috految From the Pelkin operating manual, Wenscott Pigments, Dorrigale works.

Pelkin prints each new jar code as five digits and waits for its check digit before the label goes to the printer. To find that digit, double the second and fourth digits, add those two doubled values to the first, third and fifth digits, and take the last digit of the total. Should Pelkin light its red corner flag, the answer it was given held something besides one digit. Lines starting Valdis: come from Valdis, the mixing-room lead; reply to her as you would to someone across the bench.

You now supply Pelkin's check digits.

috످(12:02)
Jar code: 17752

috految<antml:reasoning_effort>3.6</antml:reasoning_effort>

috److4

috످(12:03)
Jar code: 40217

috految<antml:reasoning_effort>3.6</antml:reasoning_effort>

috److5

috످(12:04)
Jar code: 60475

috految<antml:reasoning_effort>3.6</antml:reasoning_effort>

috److9

috످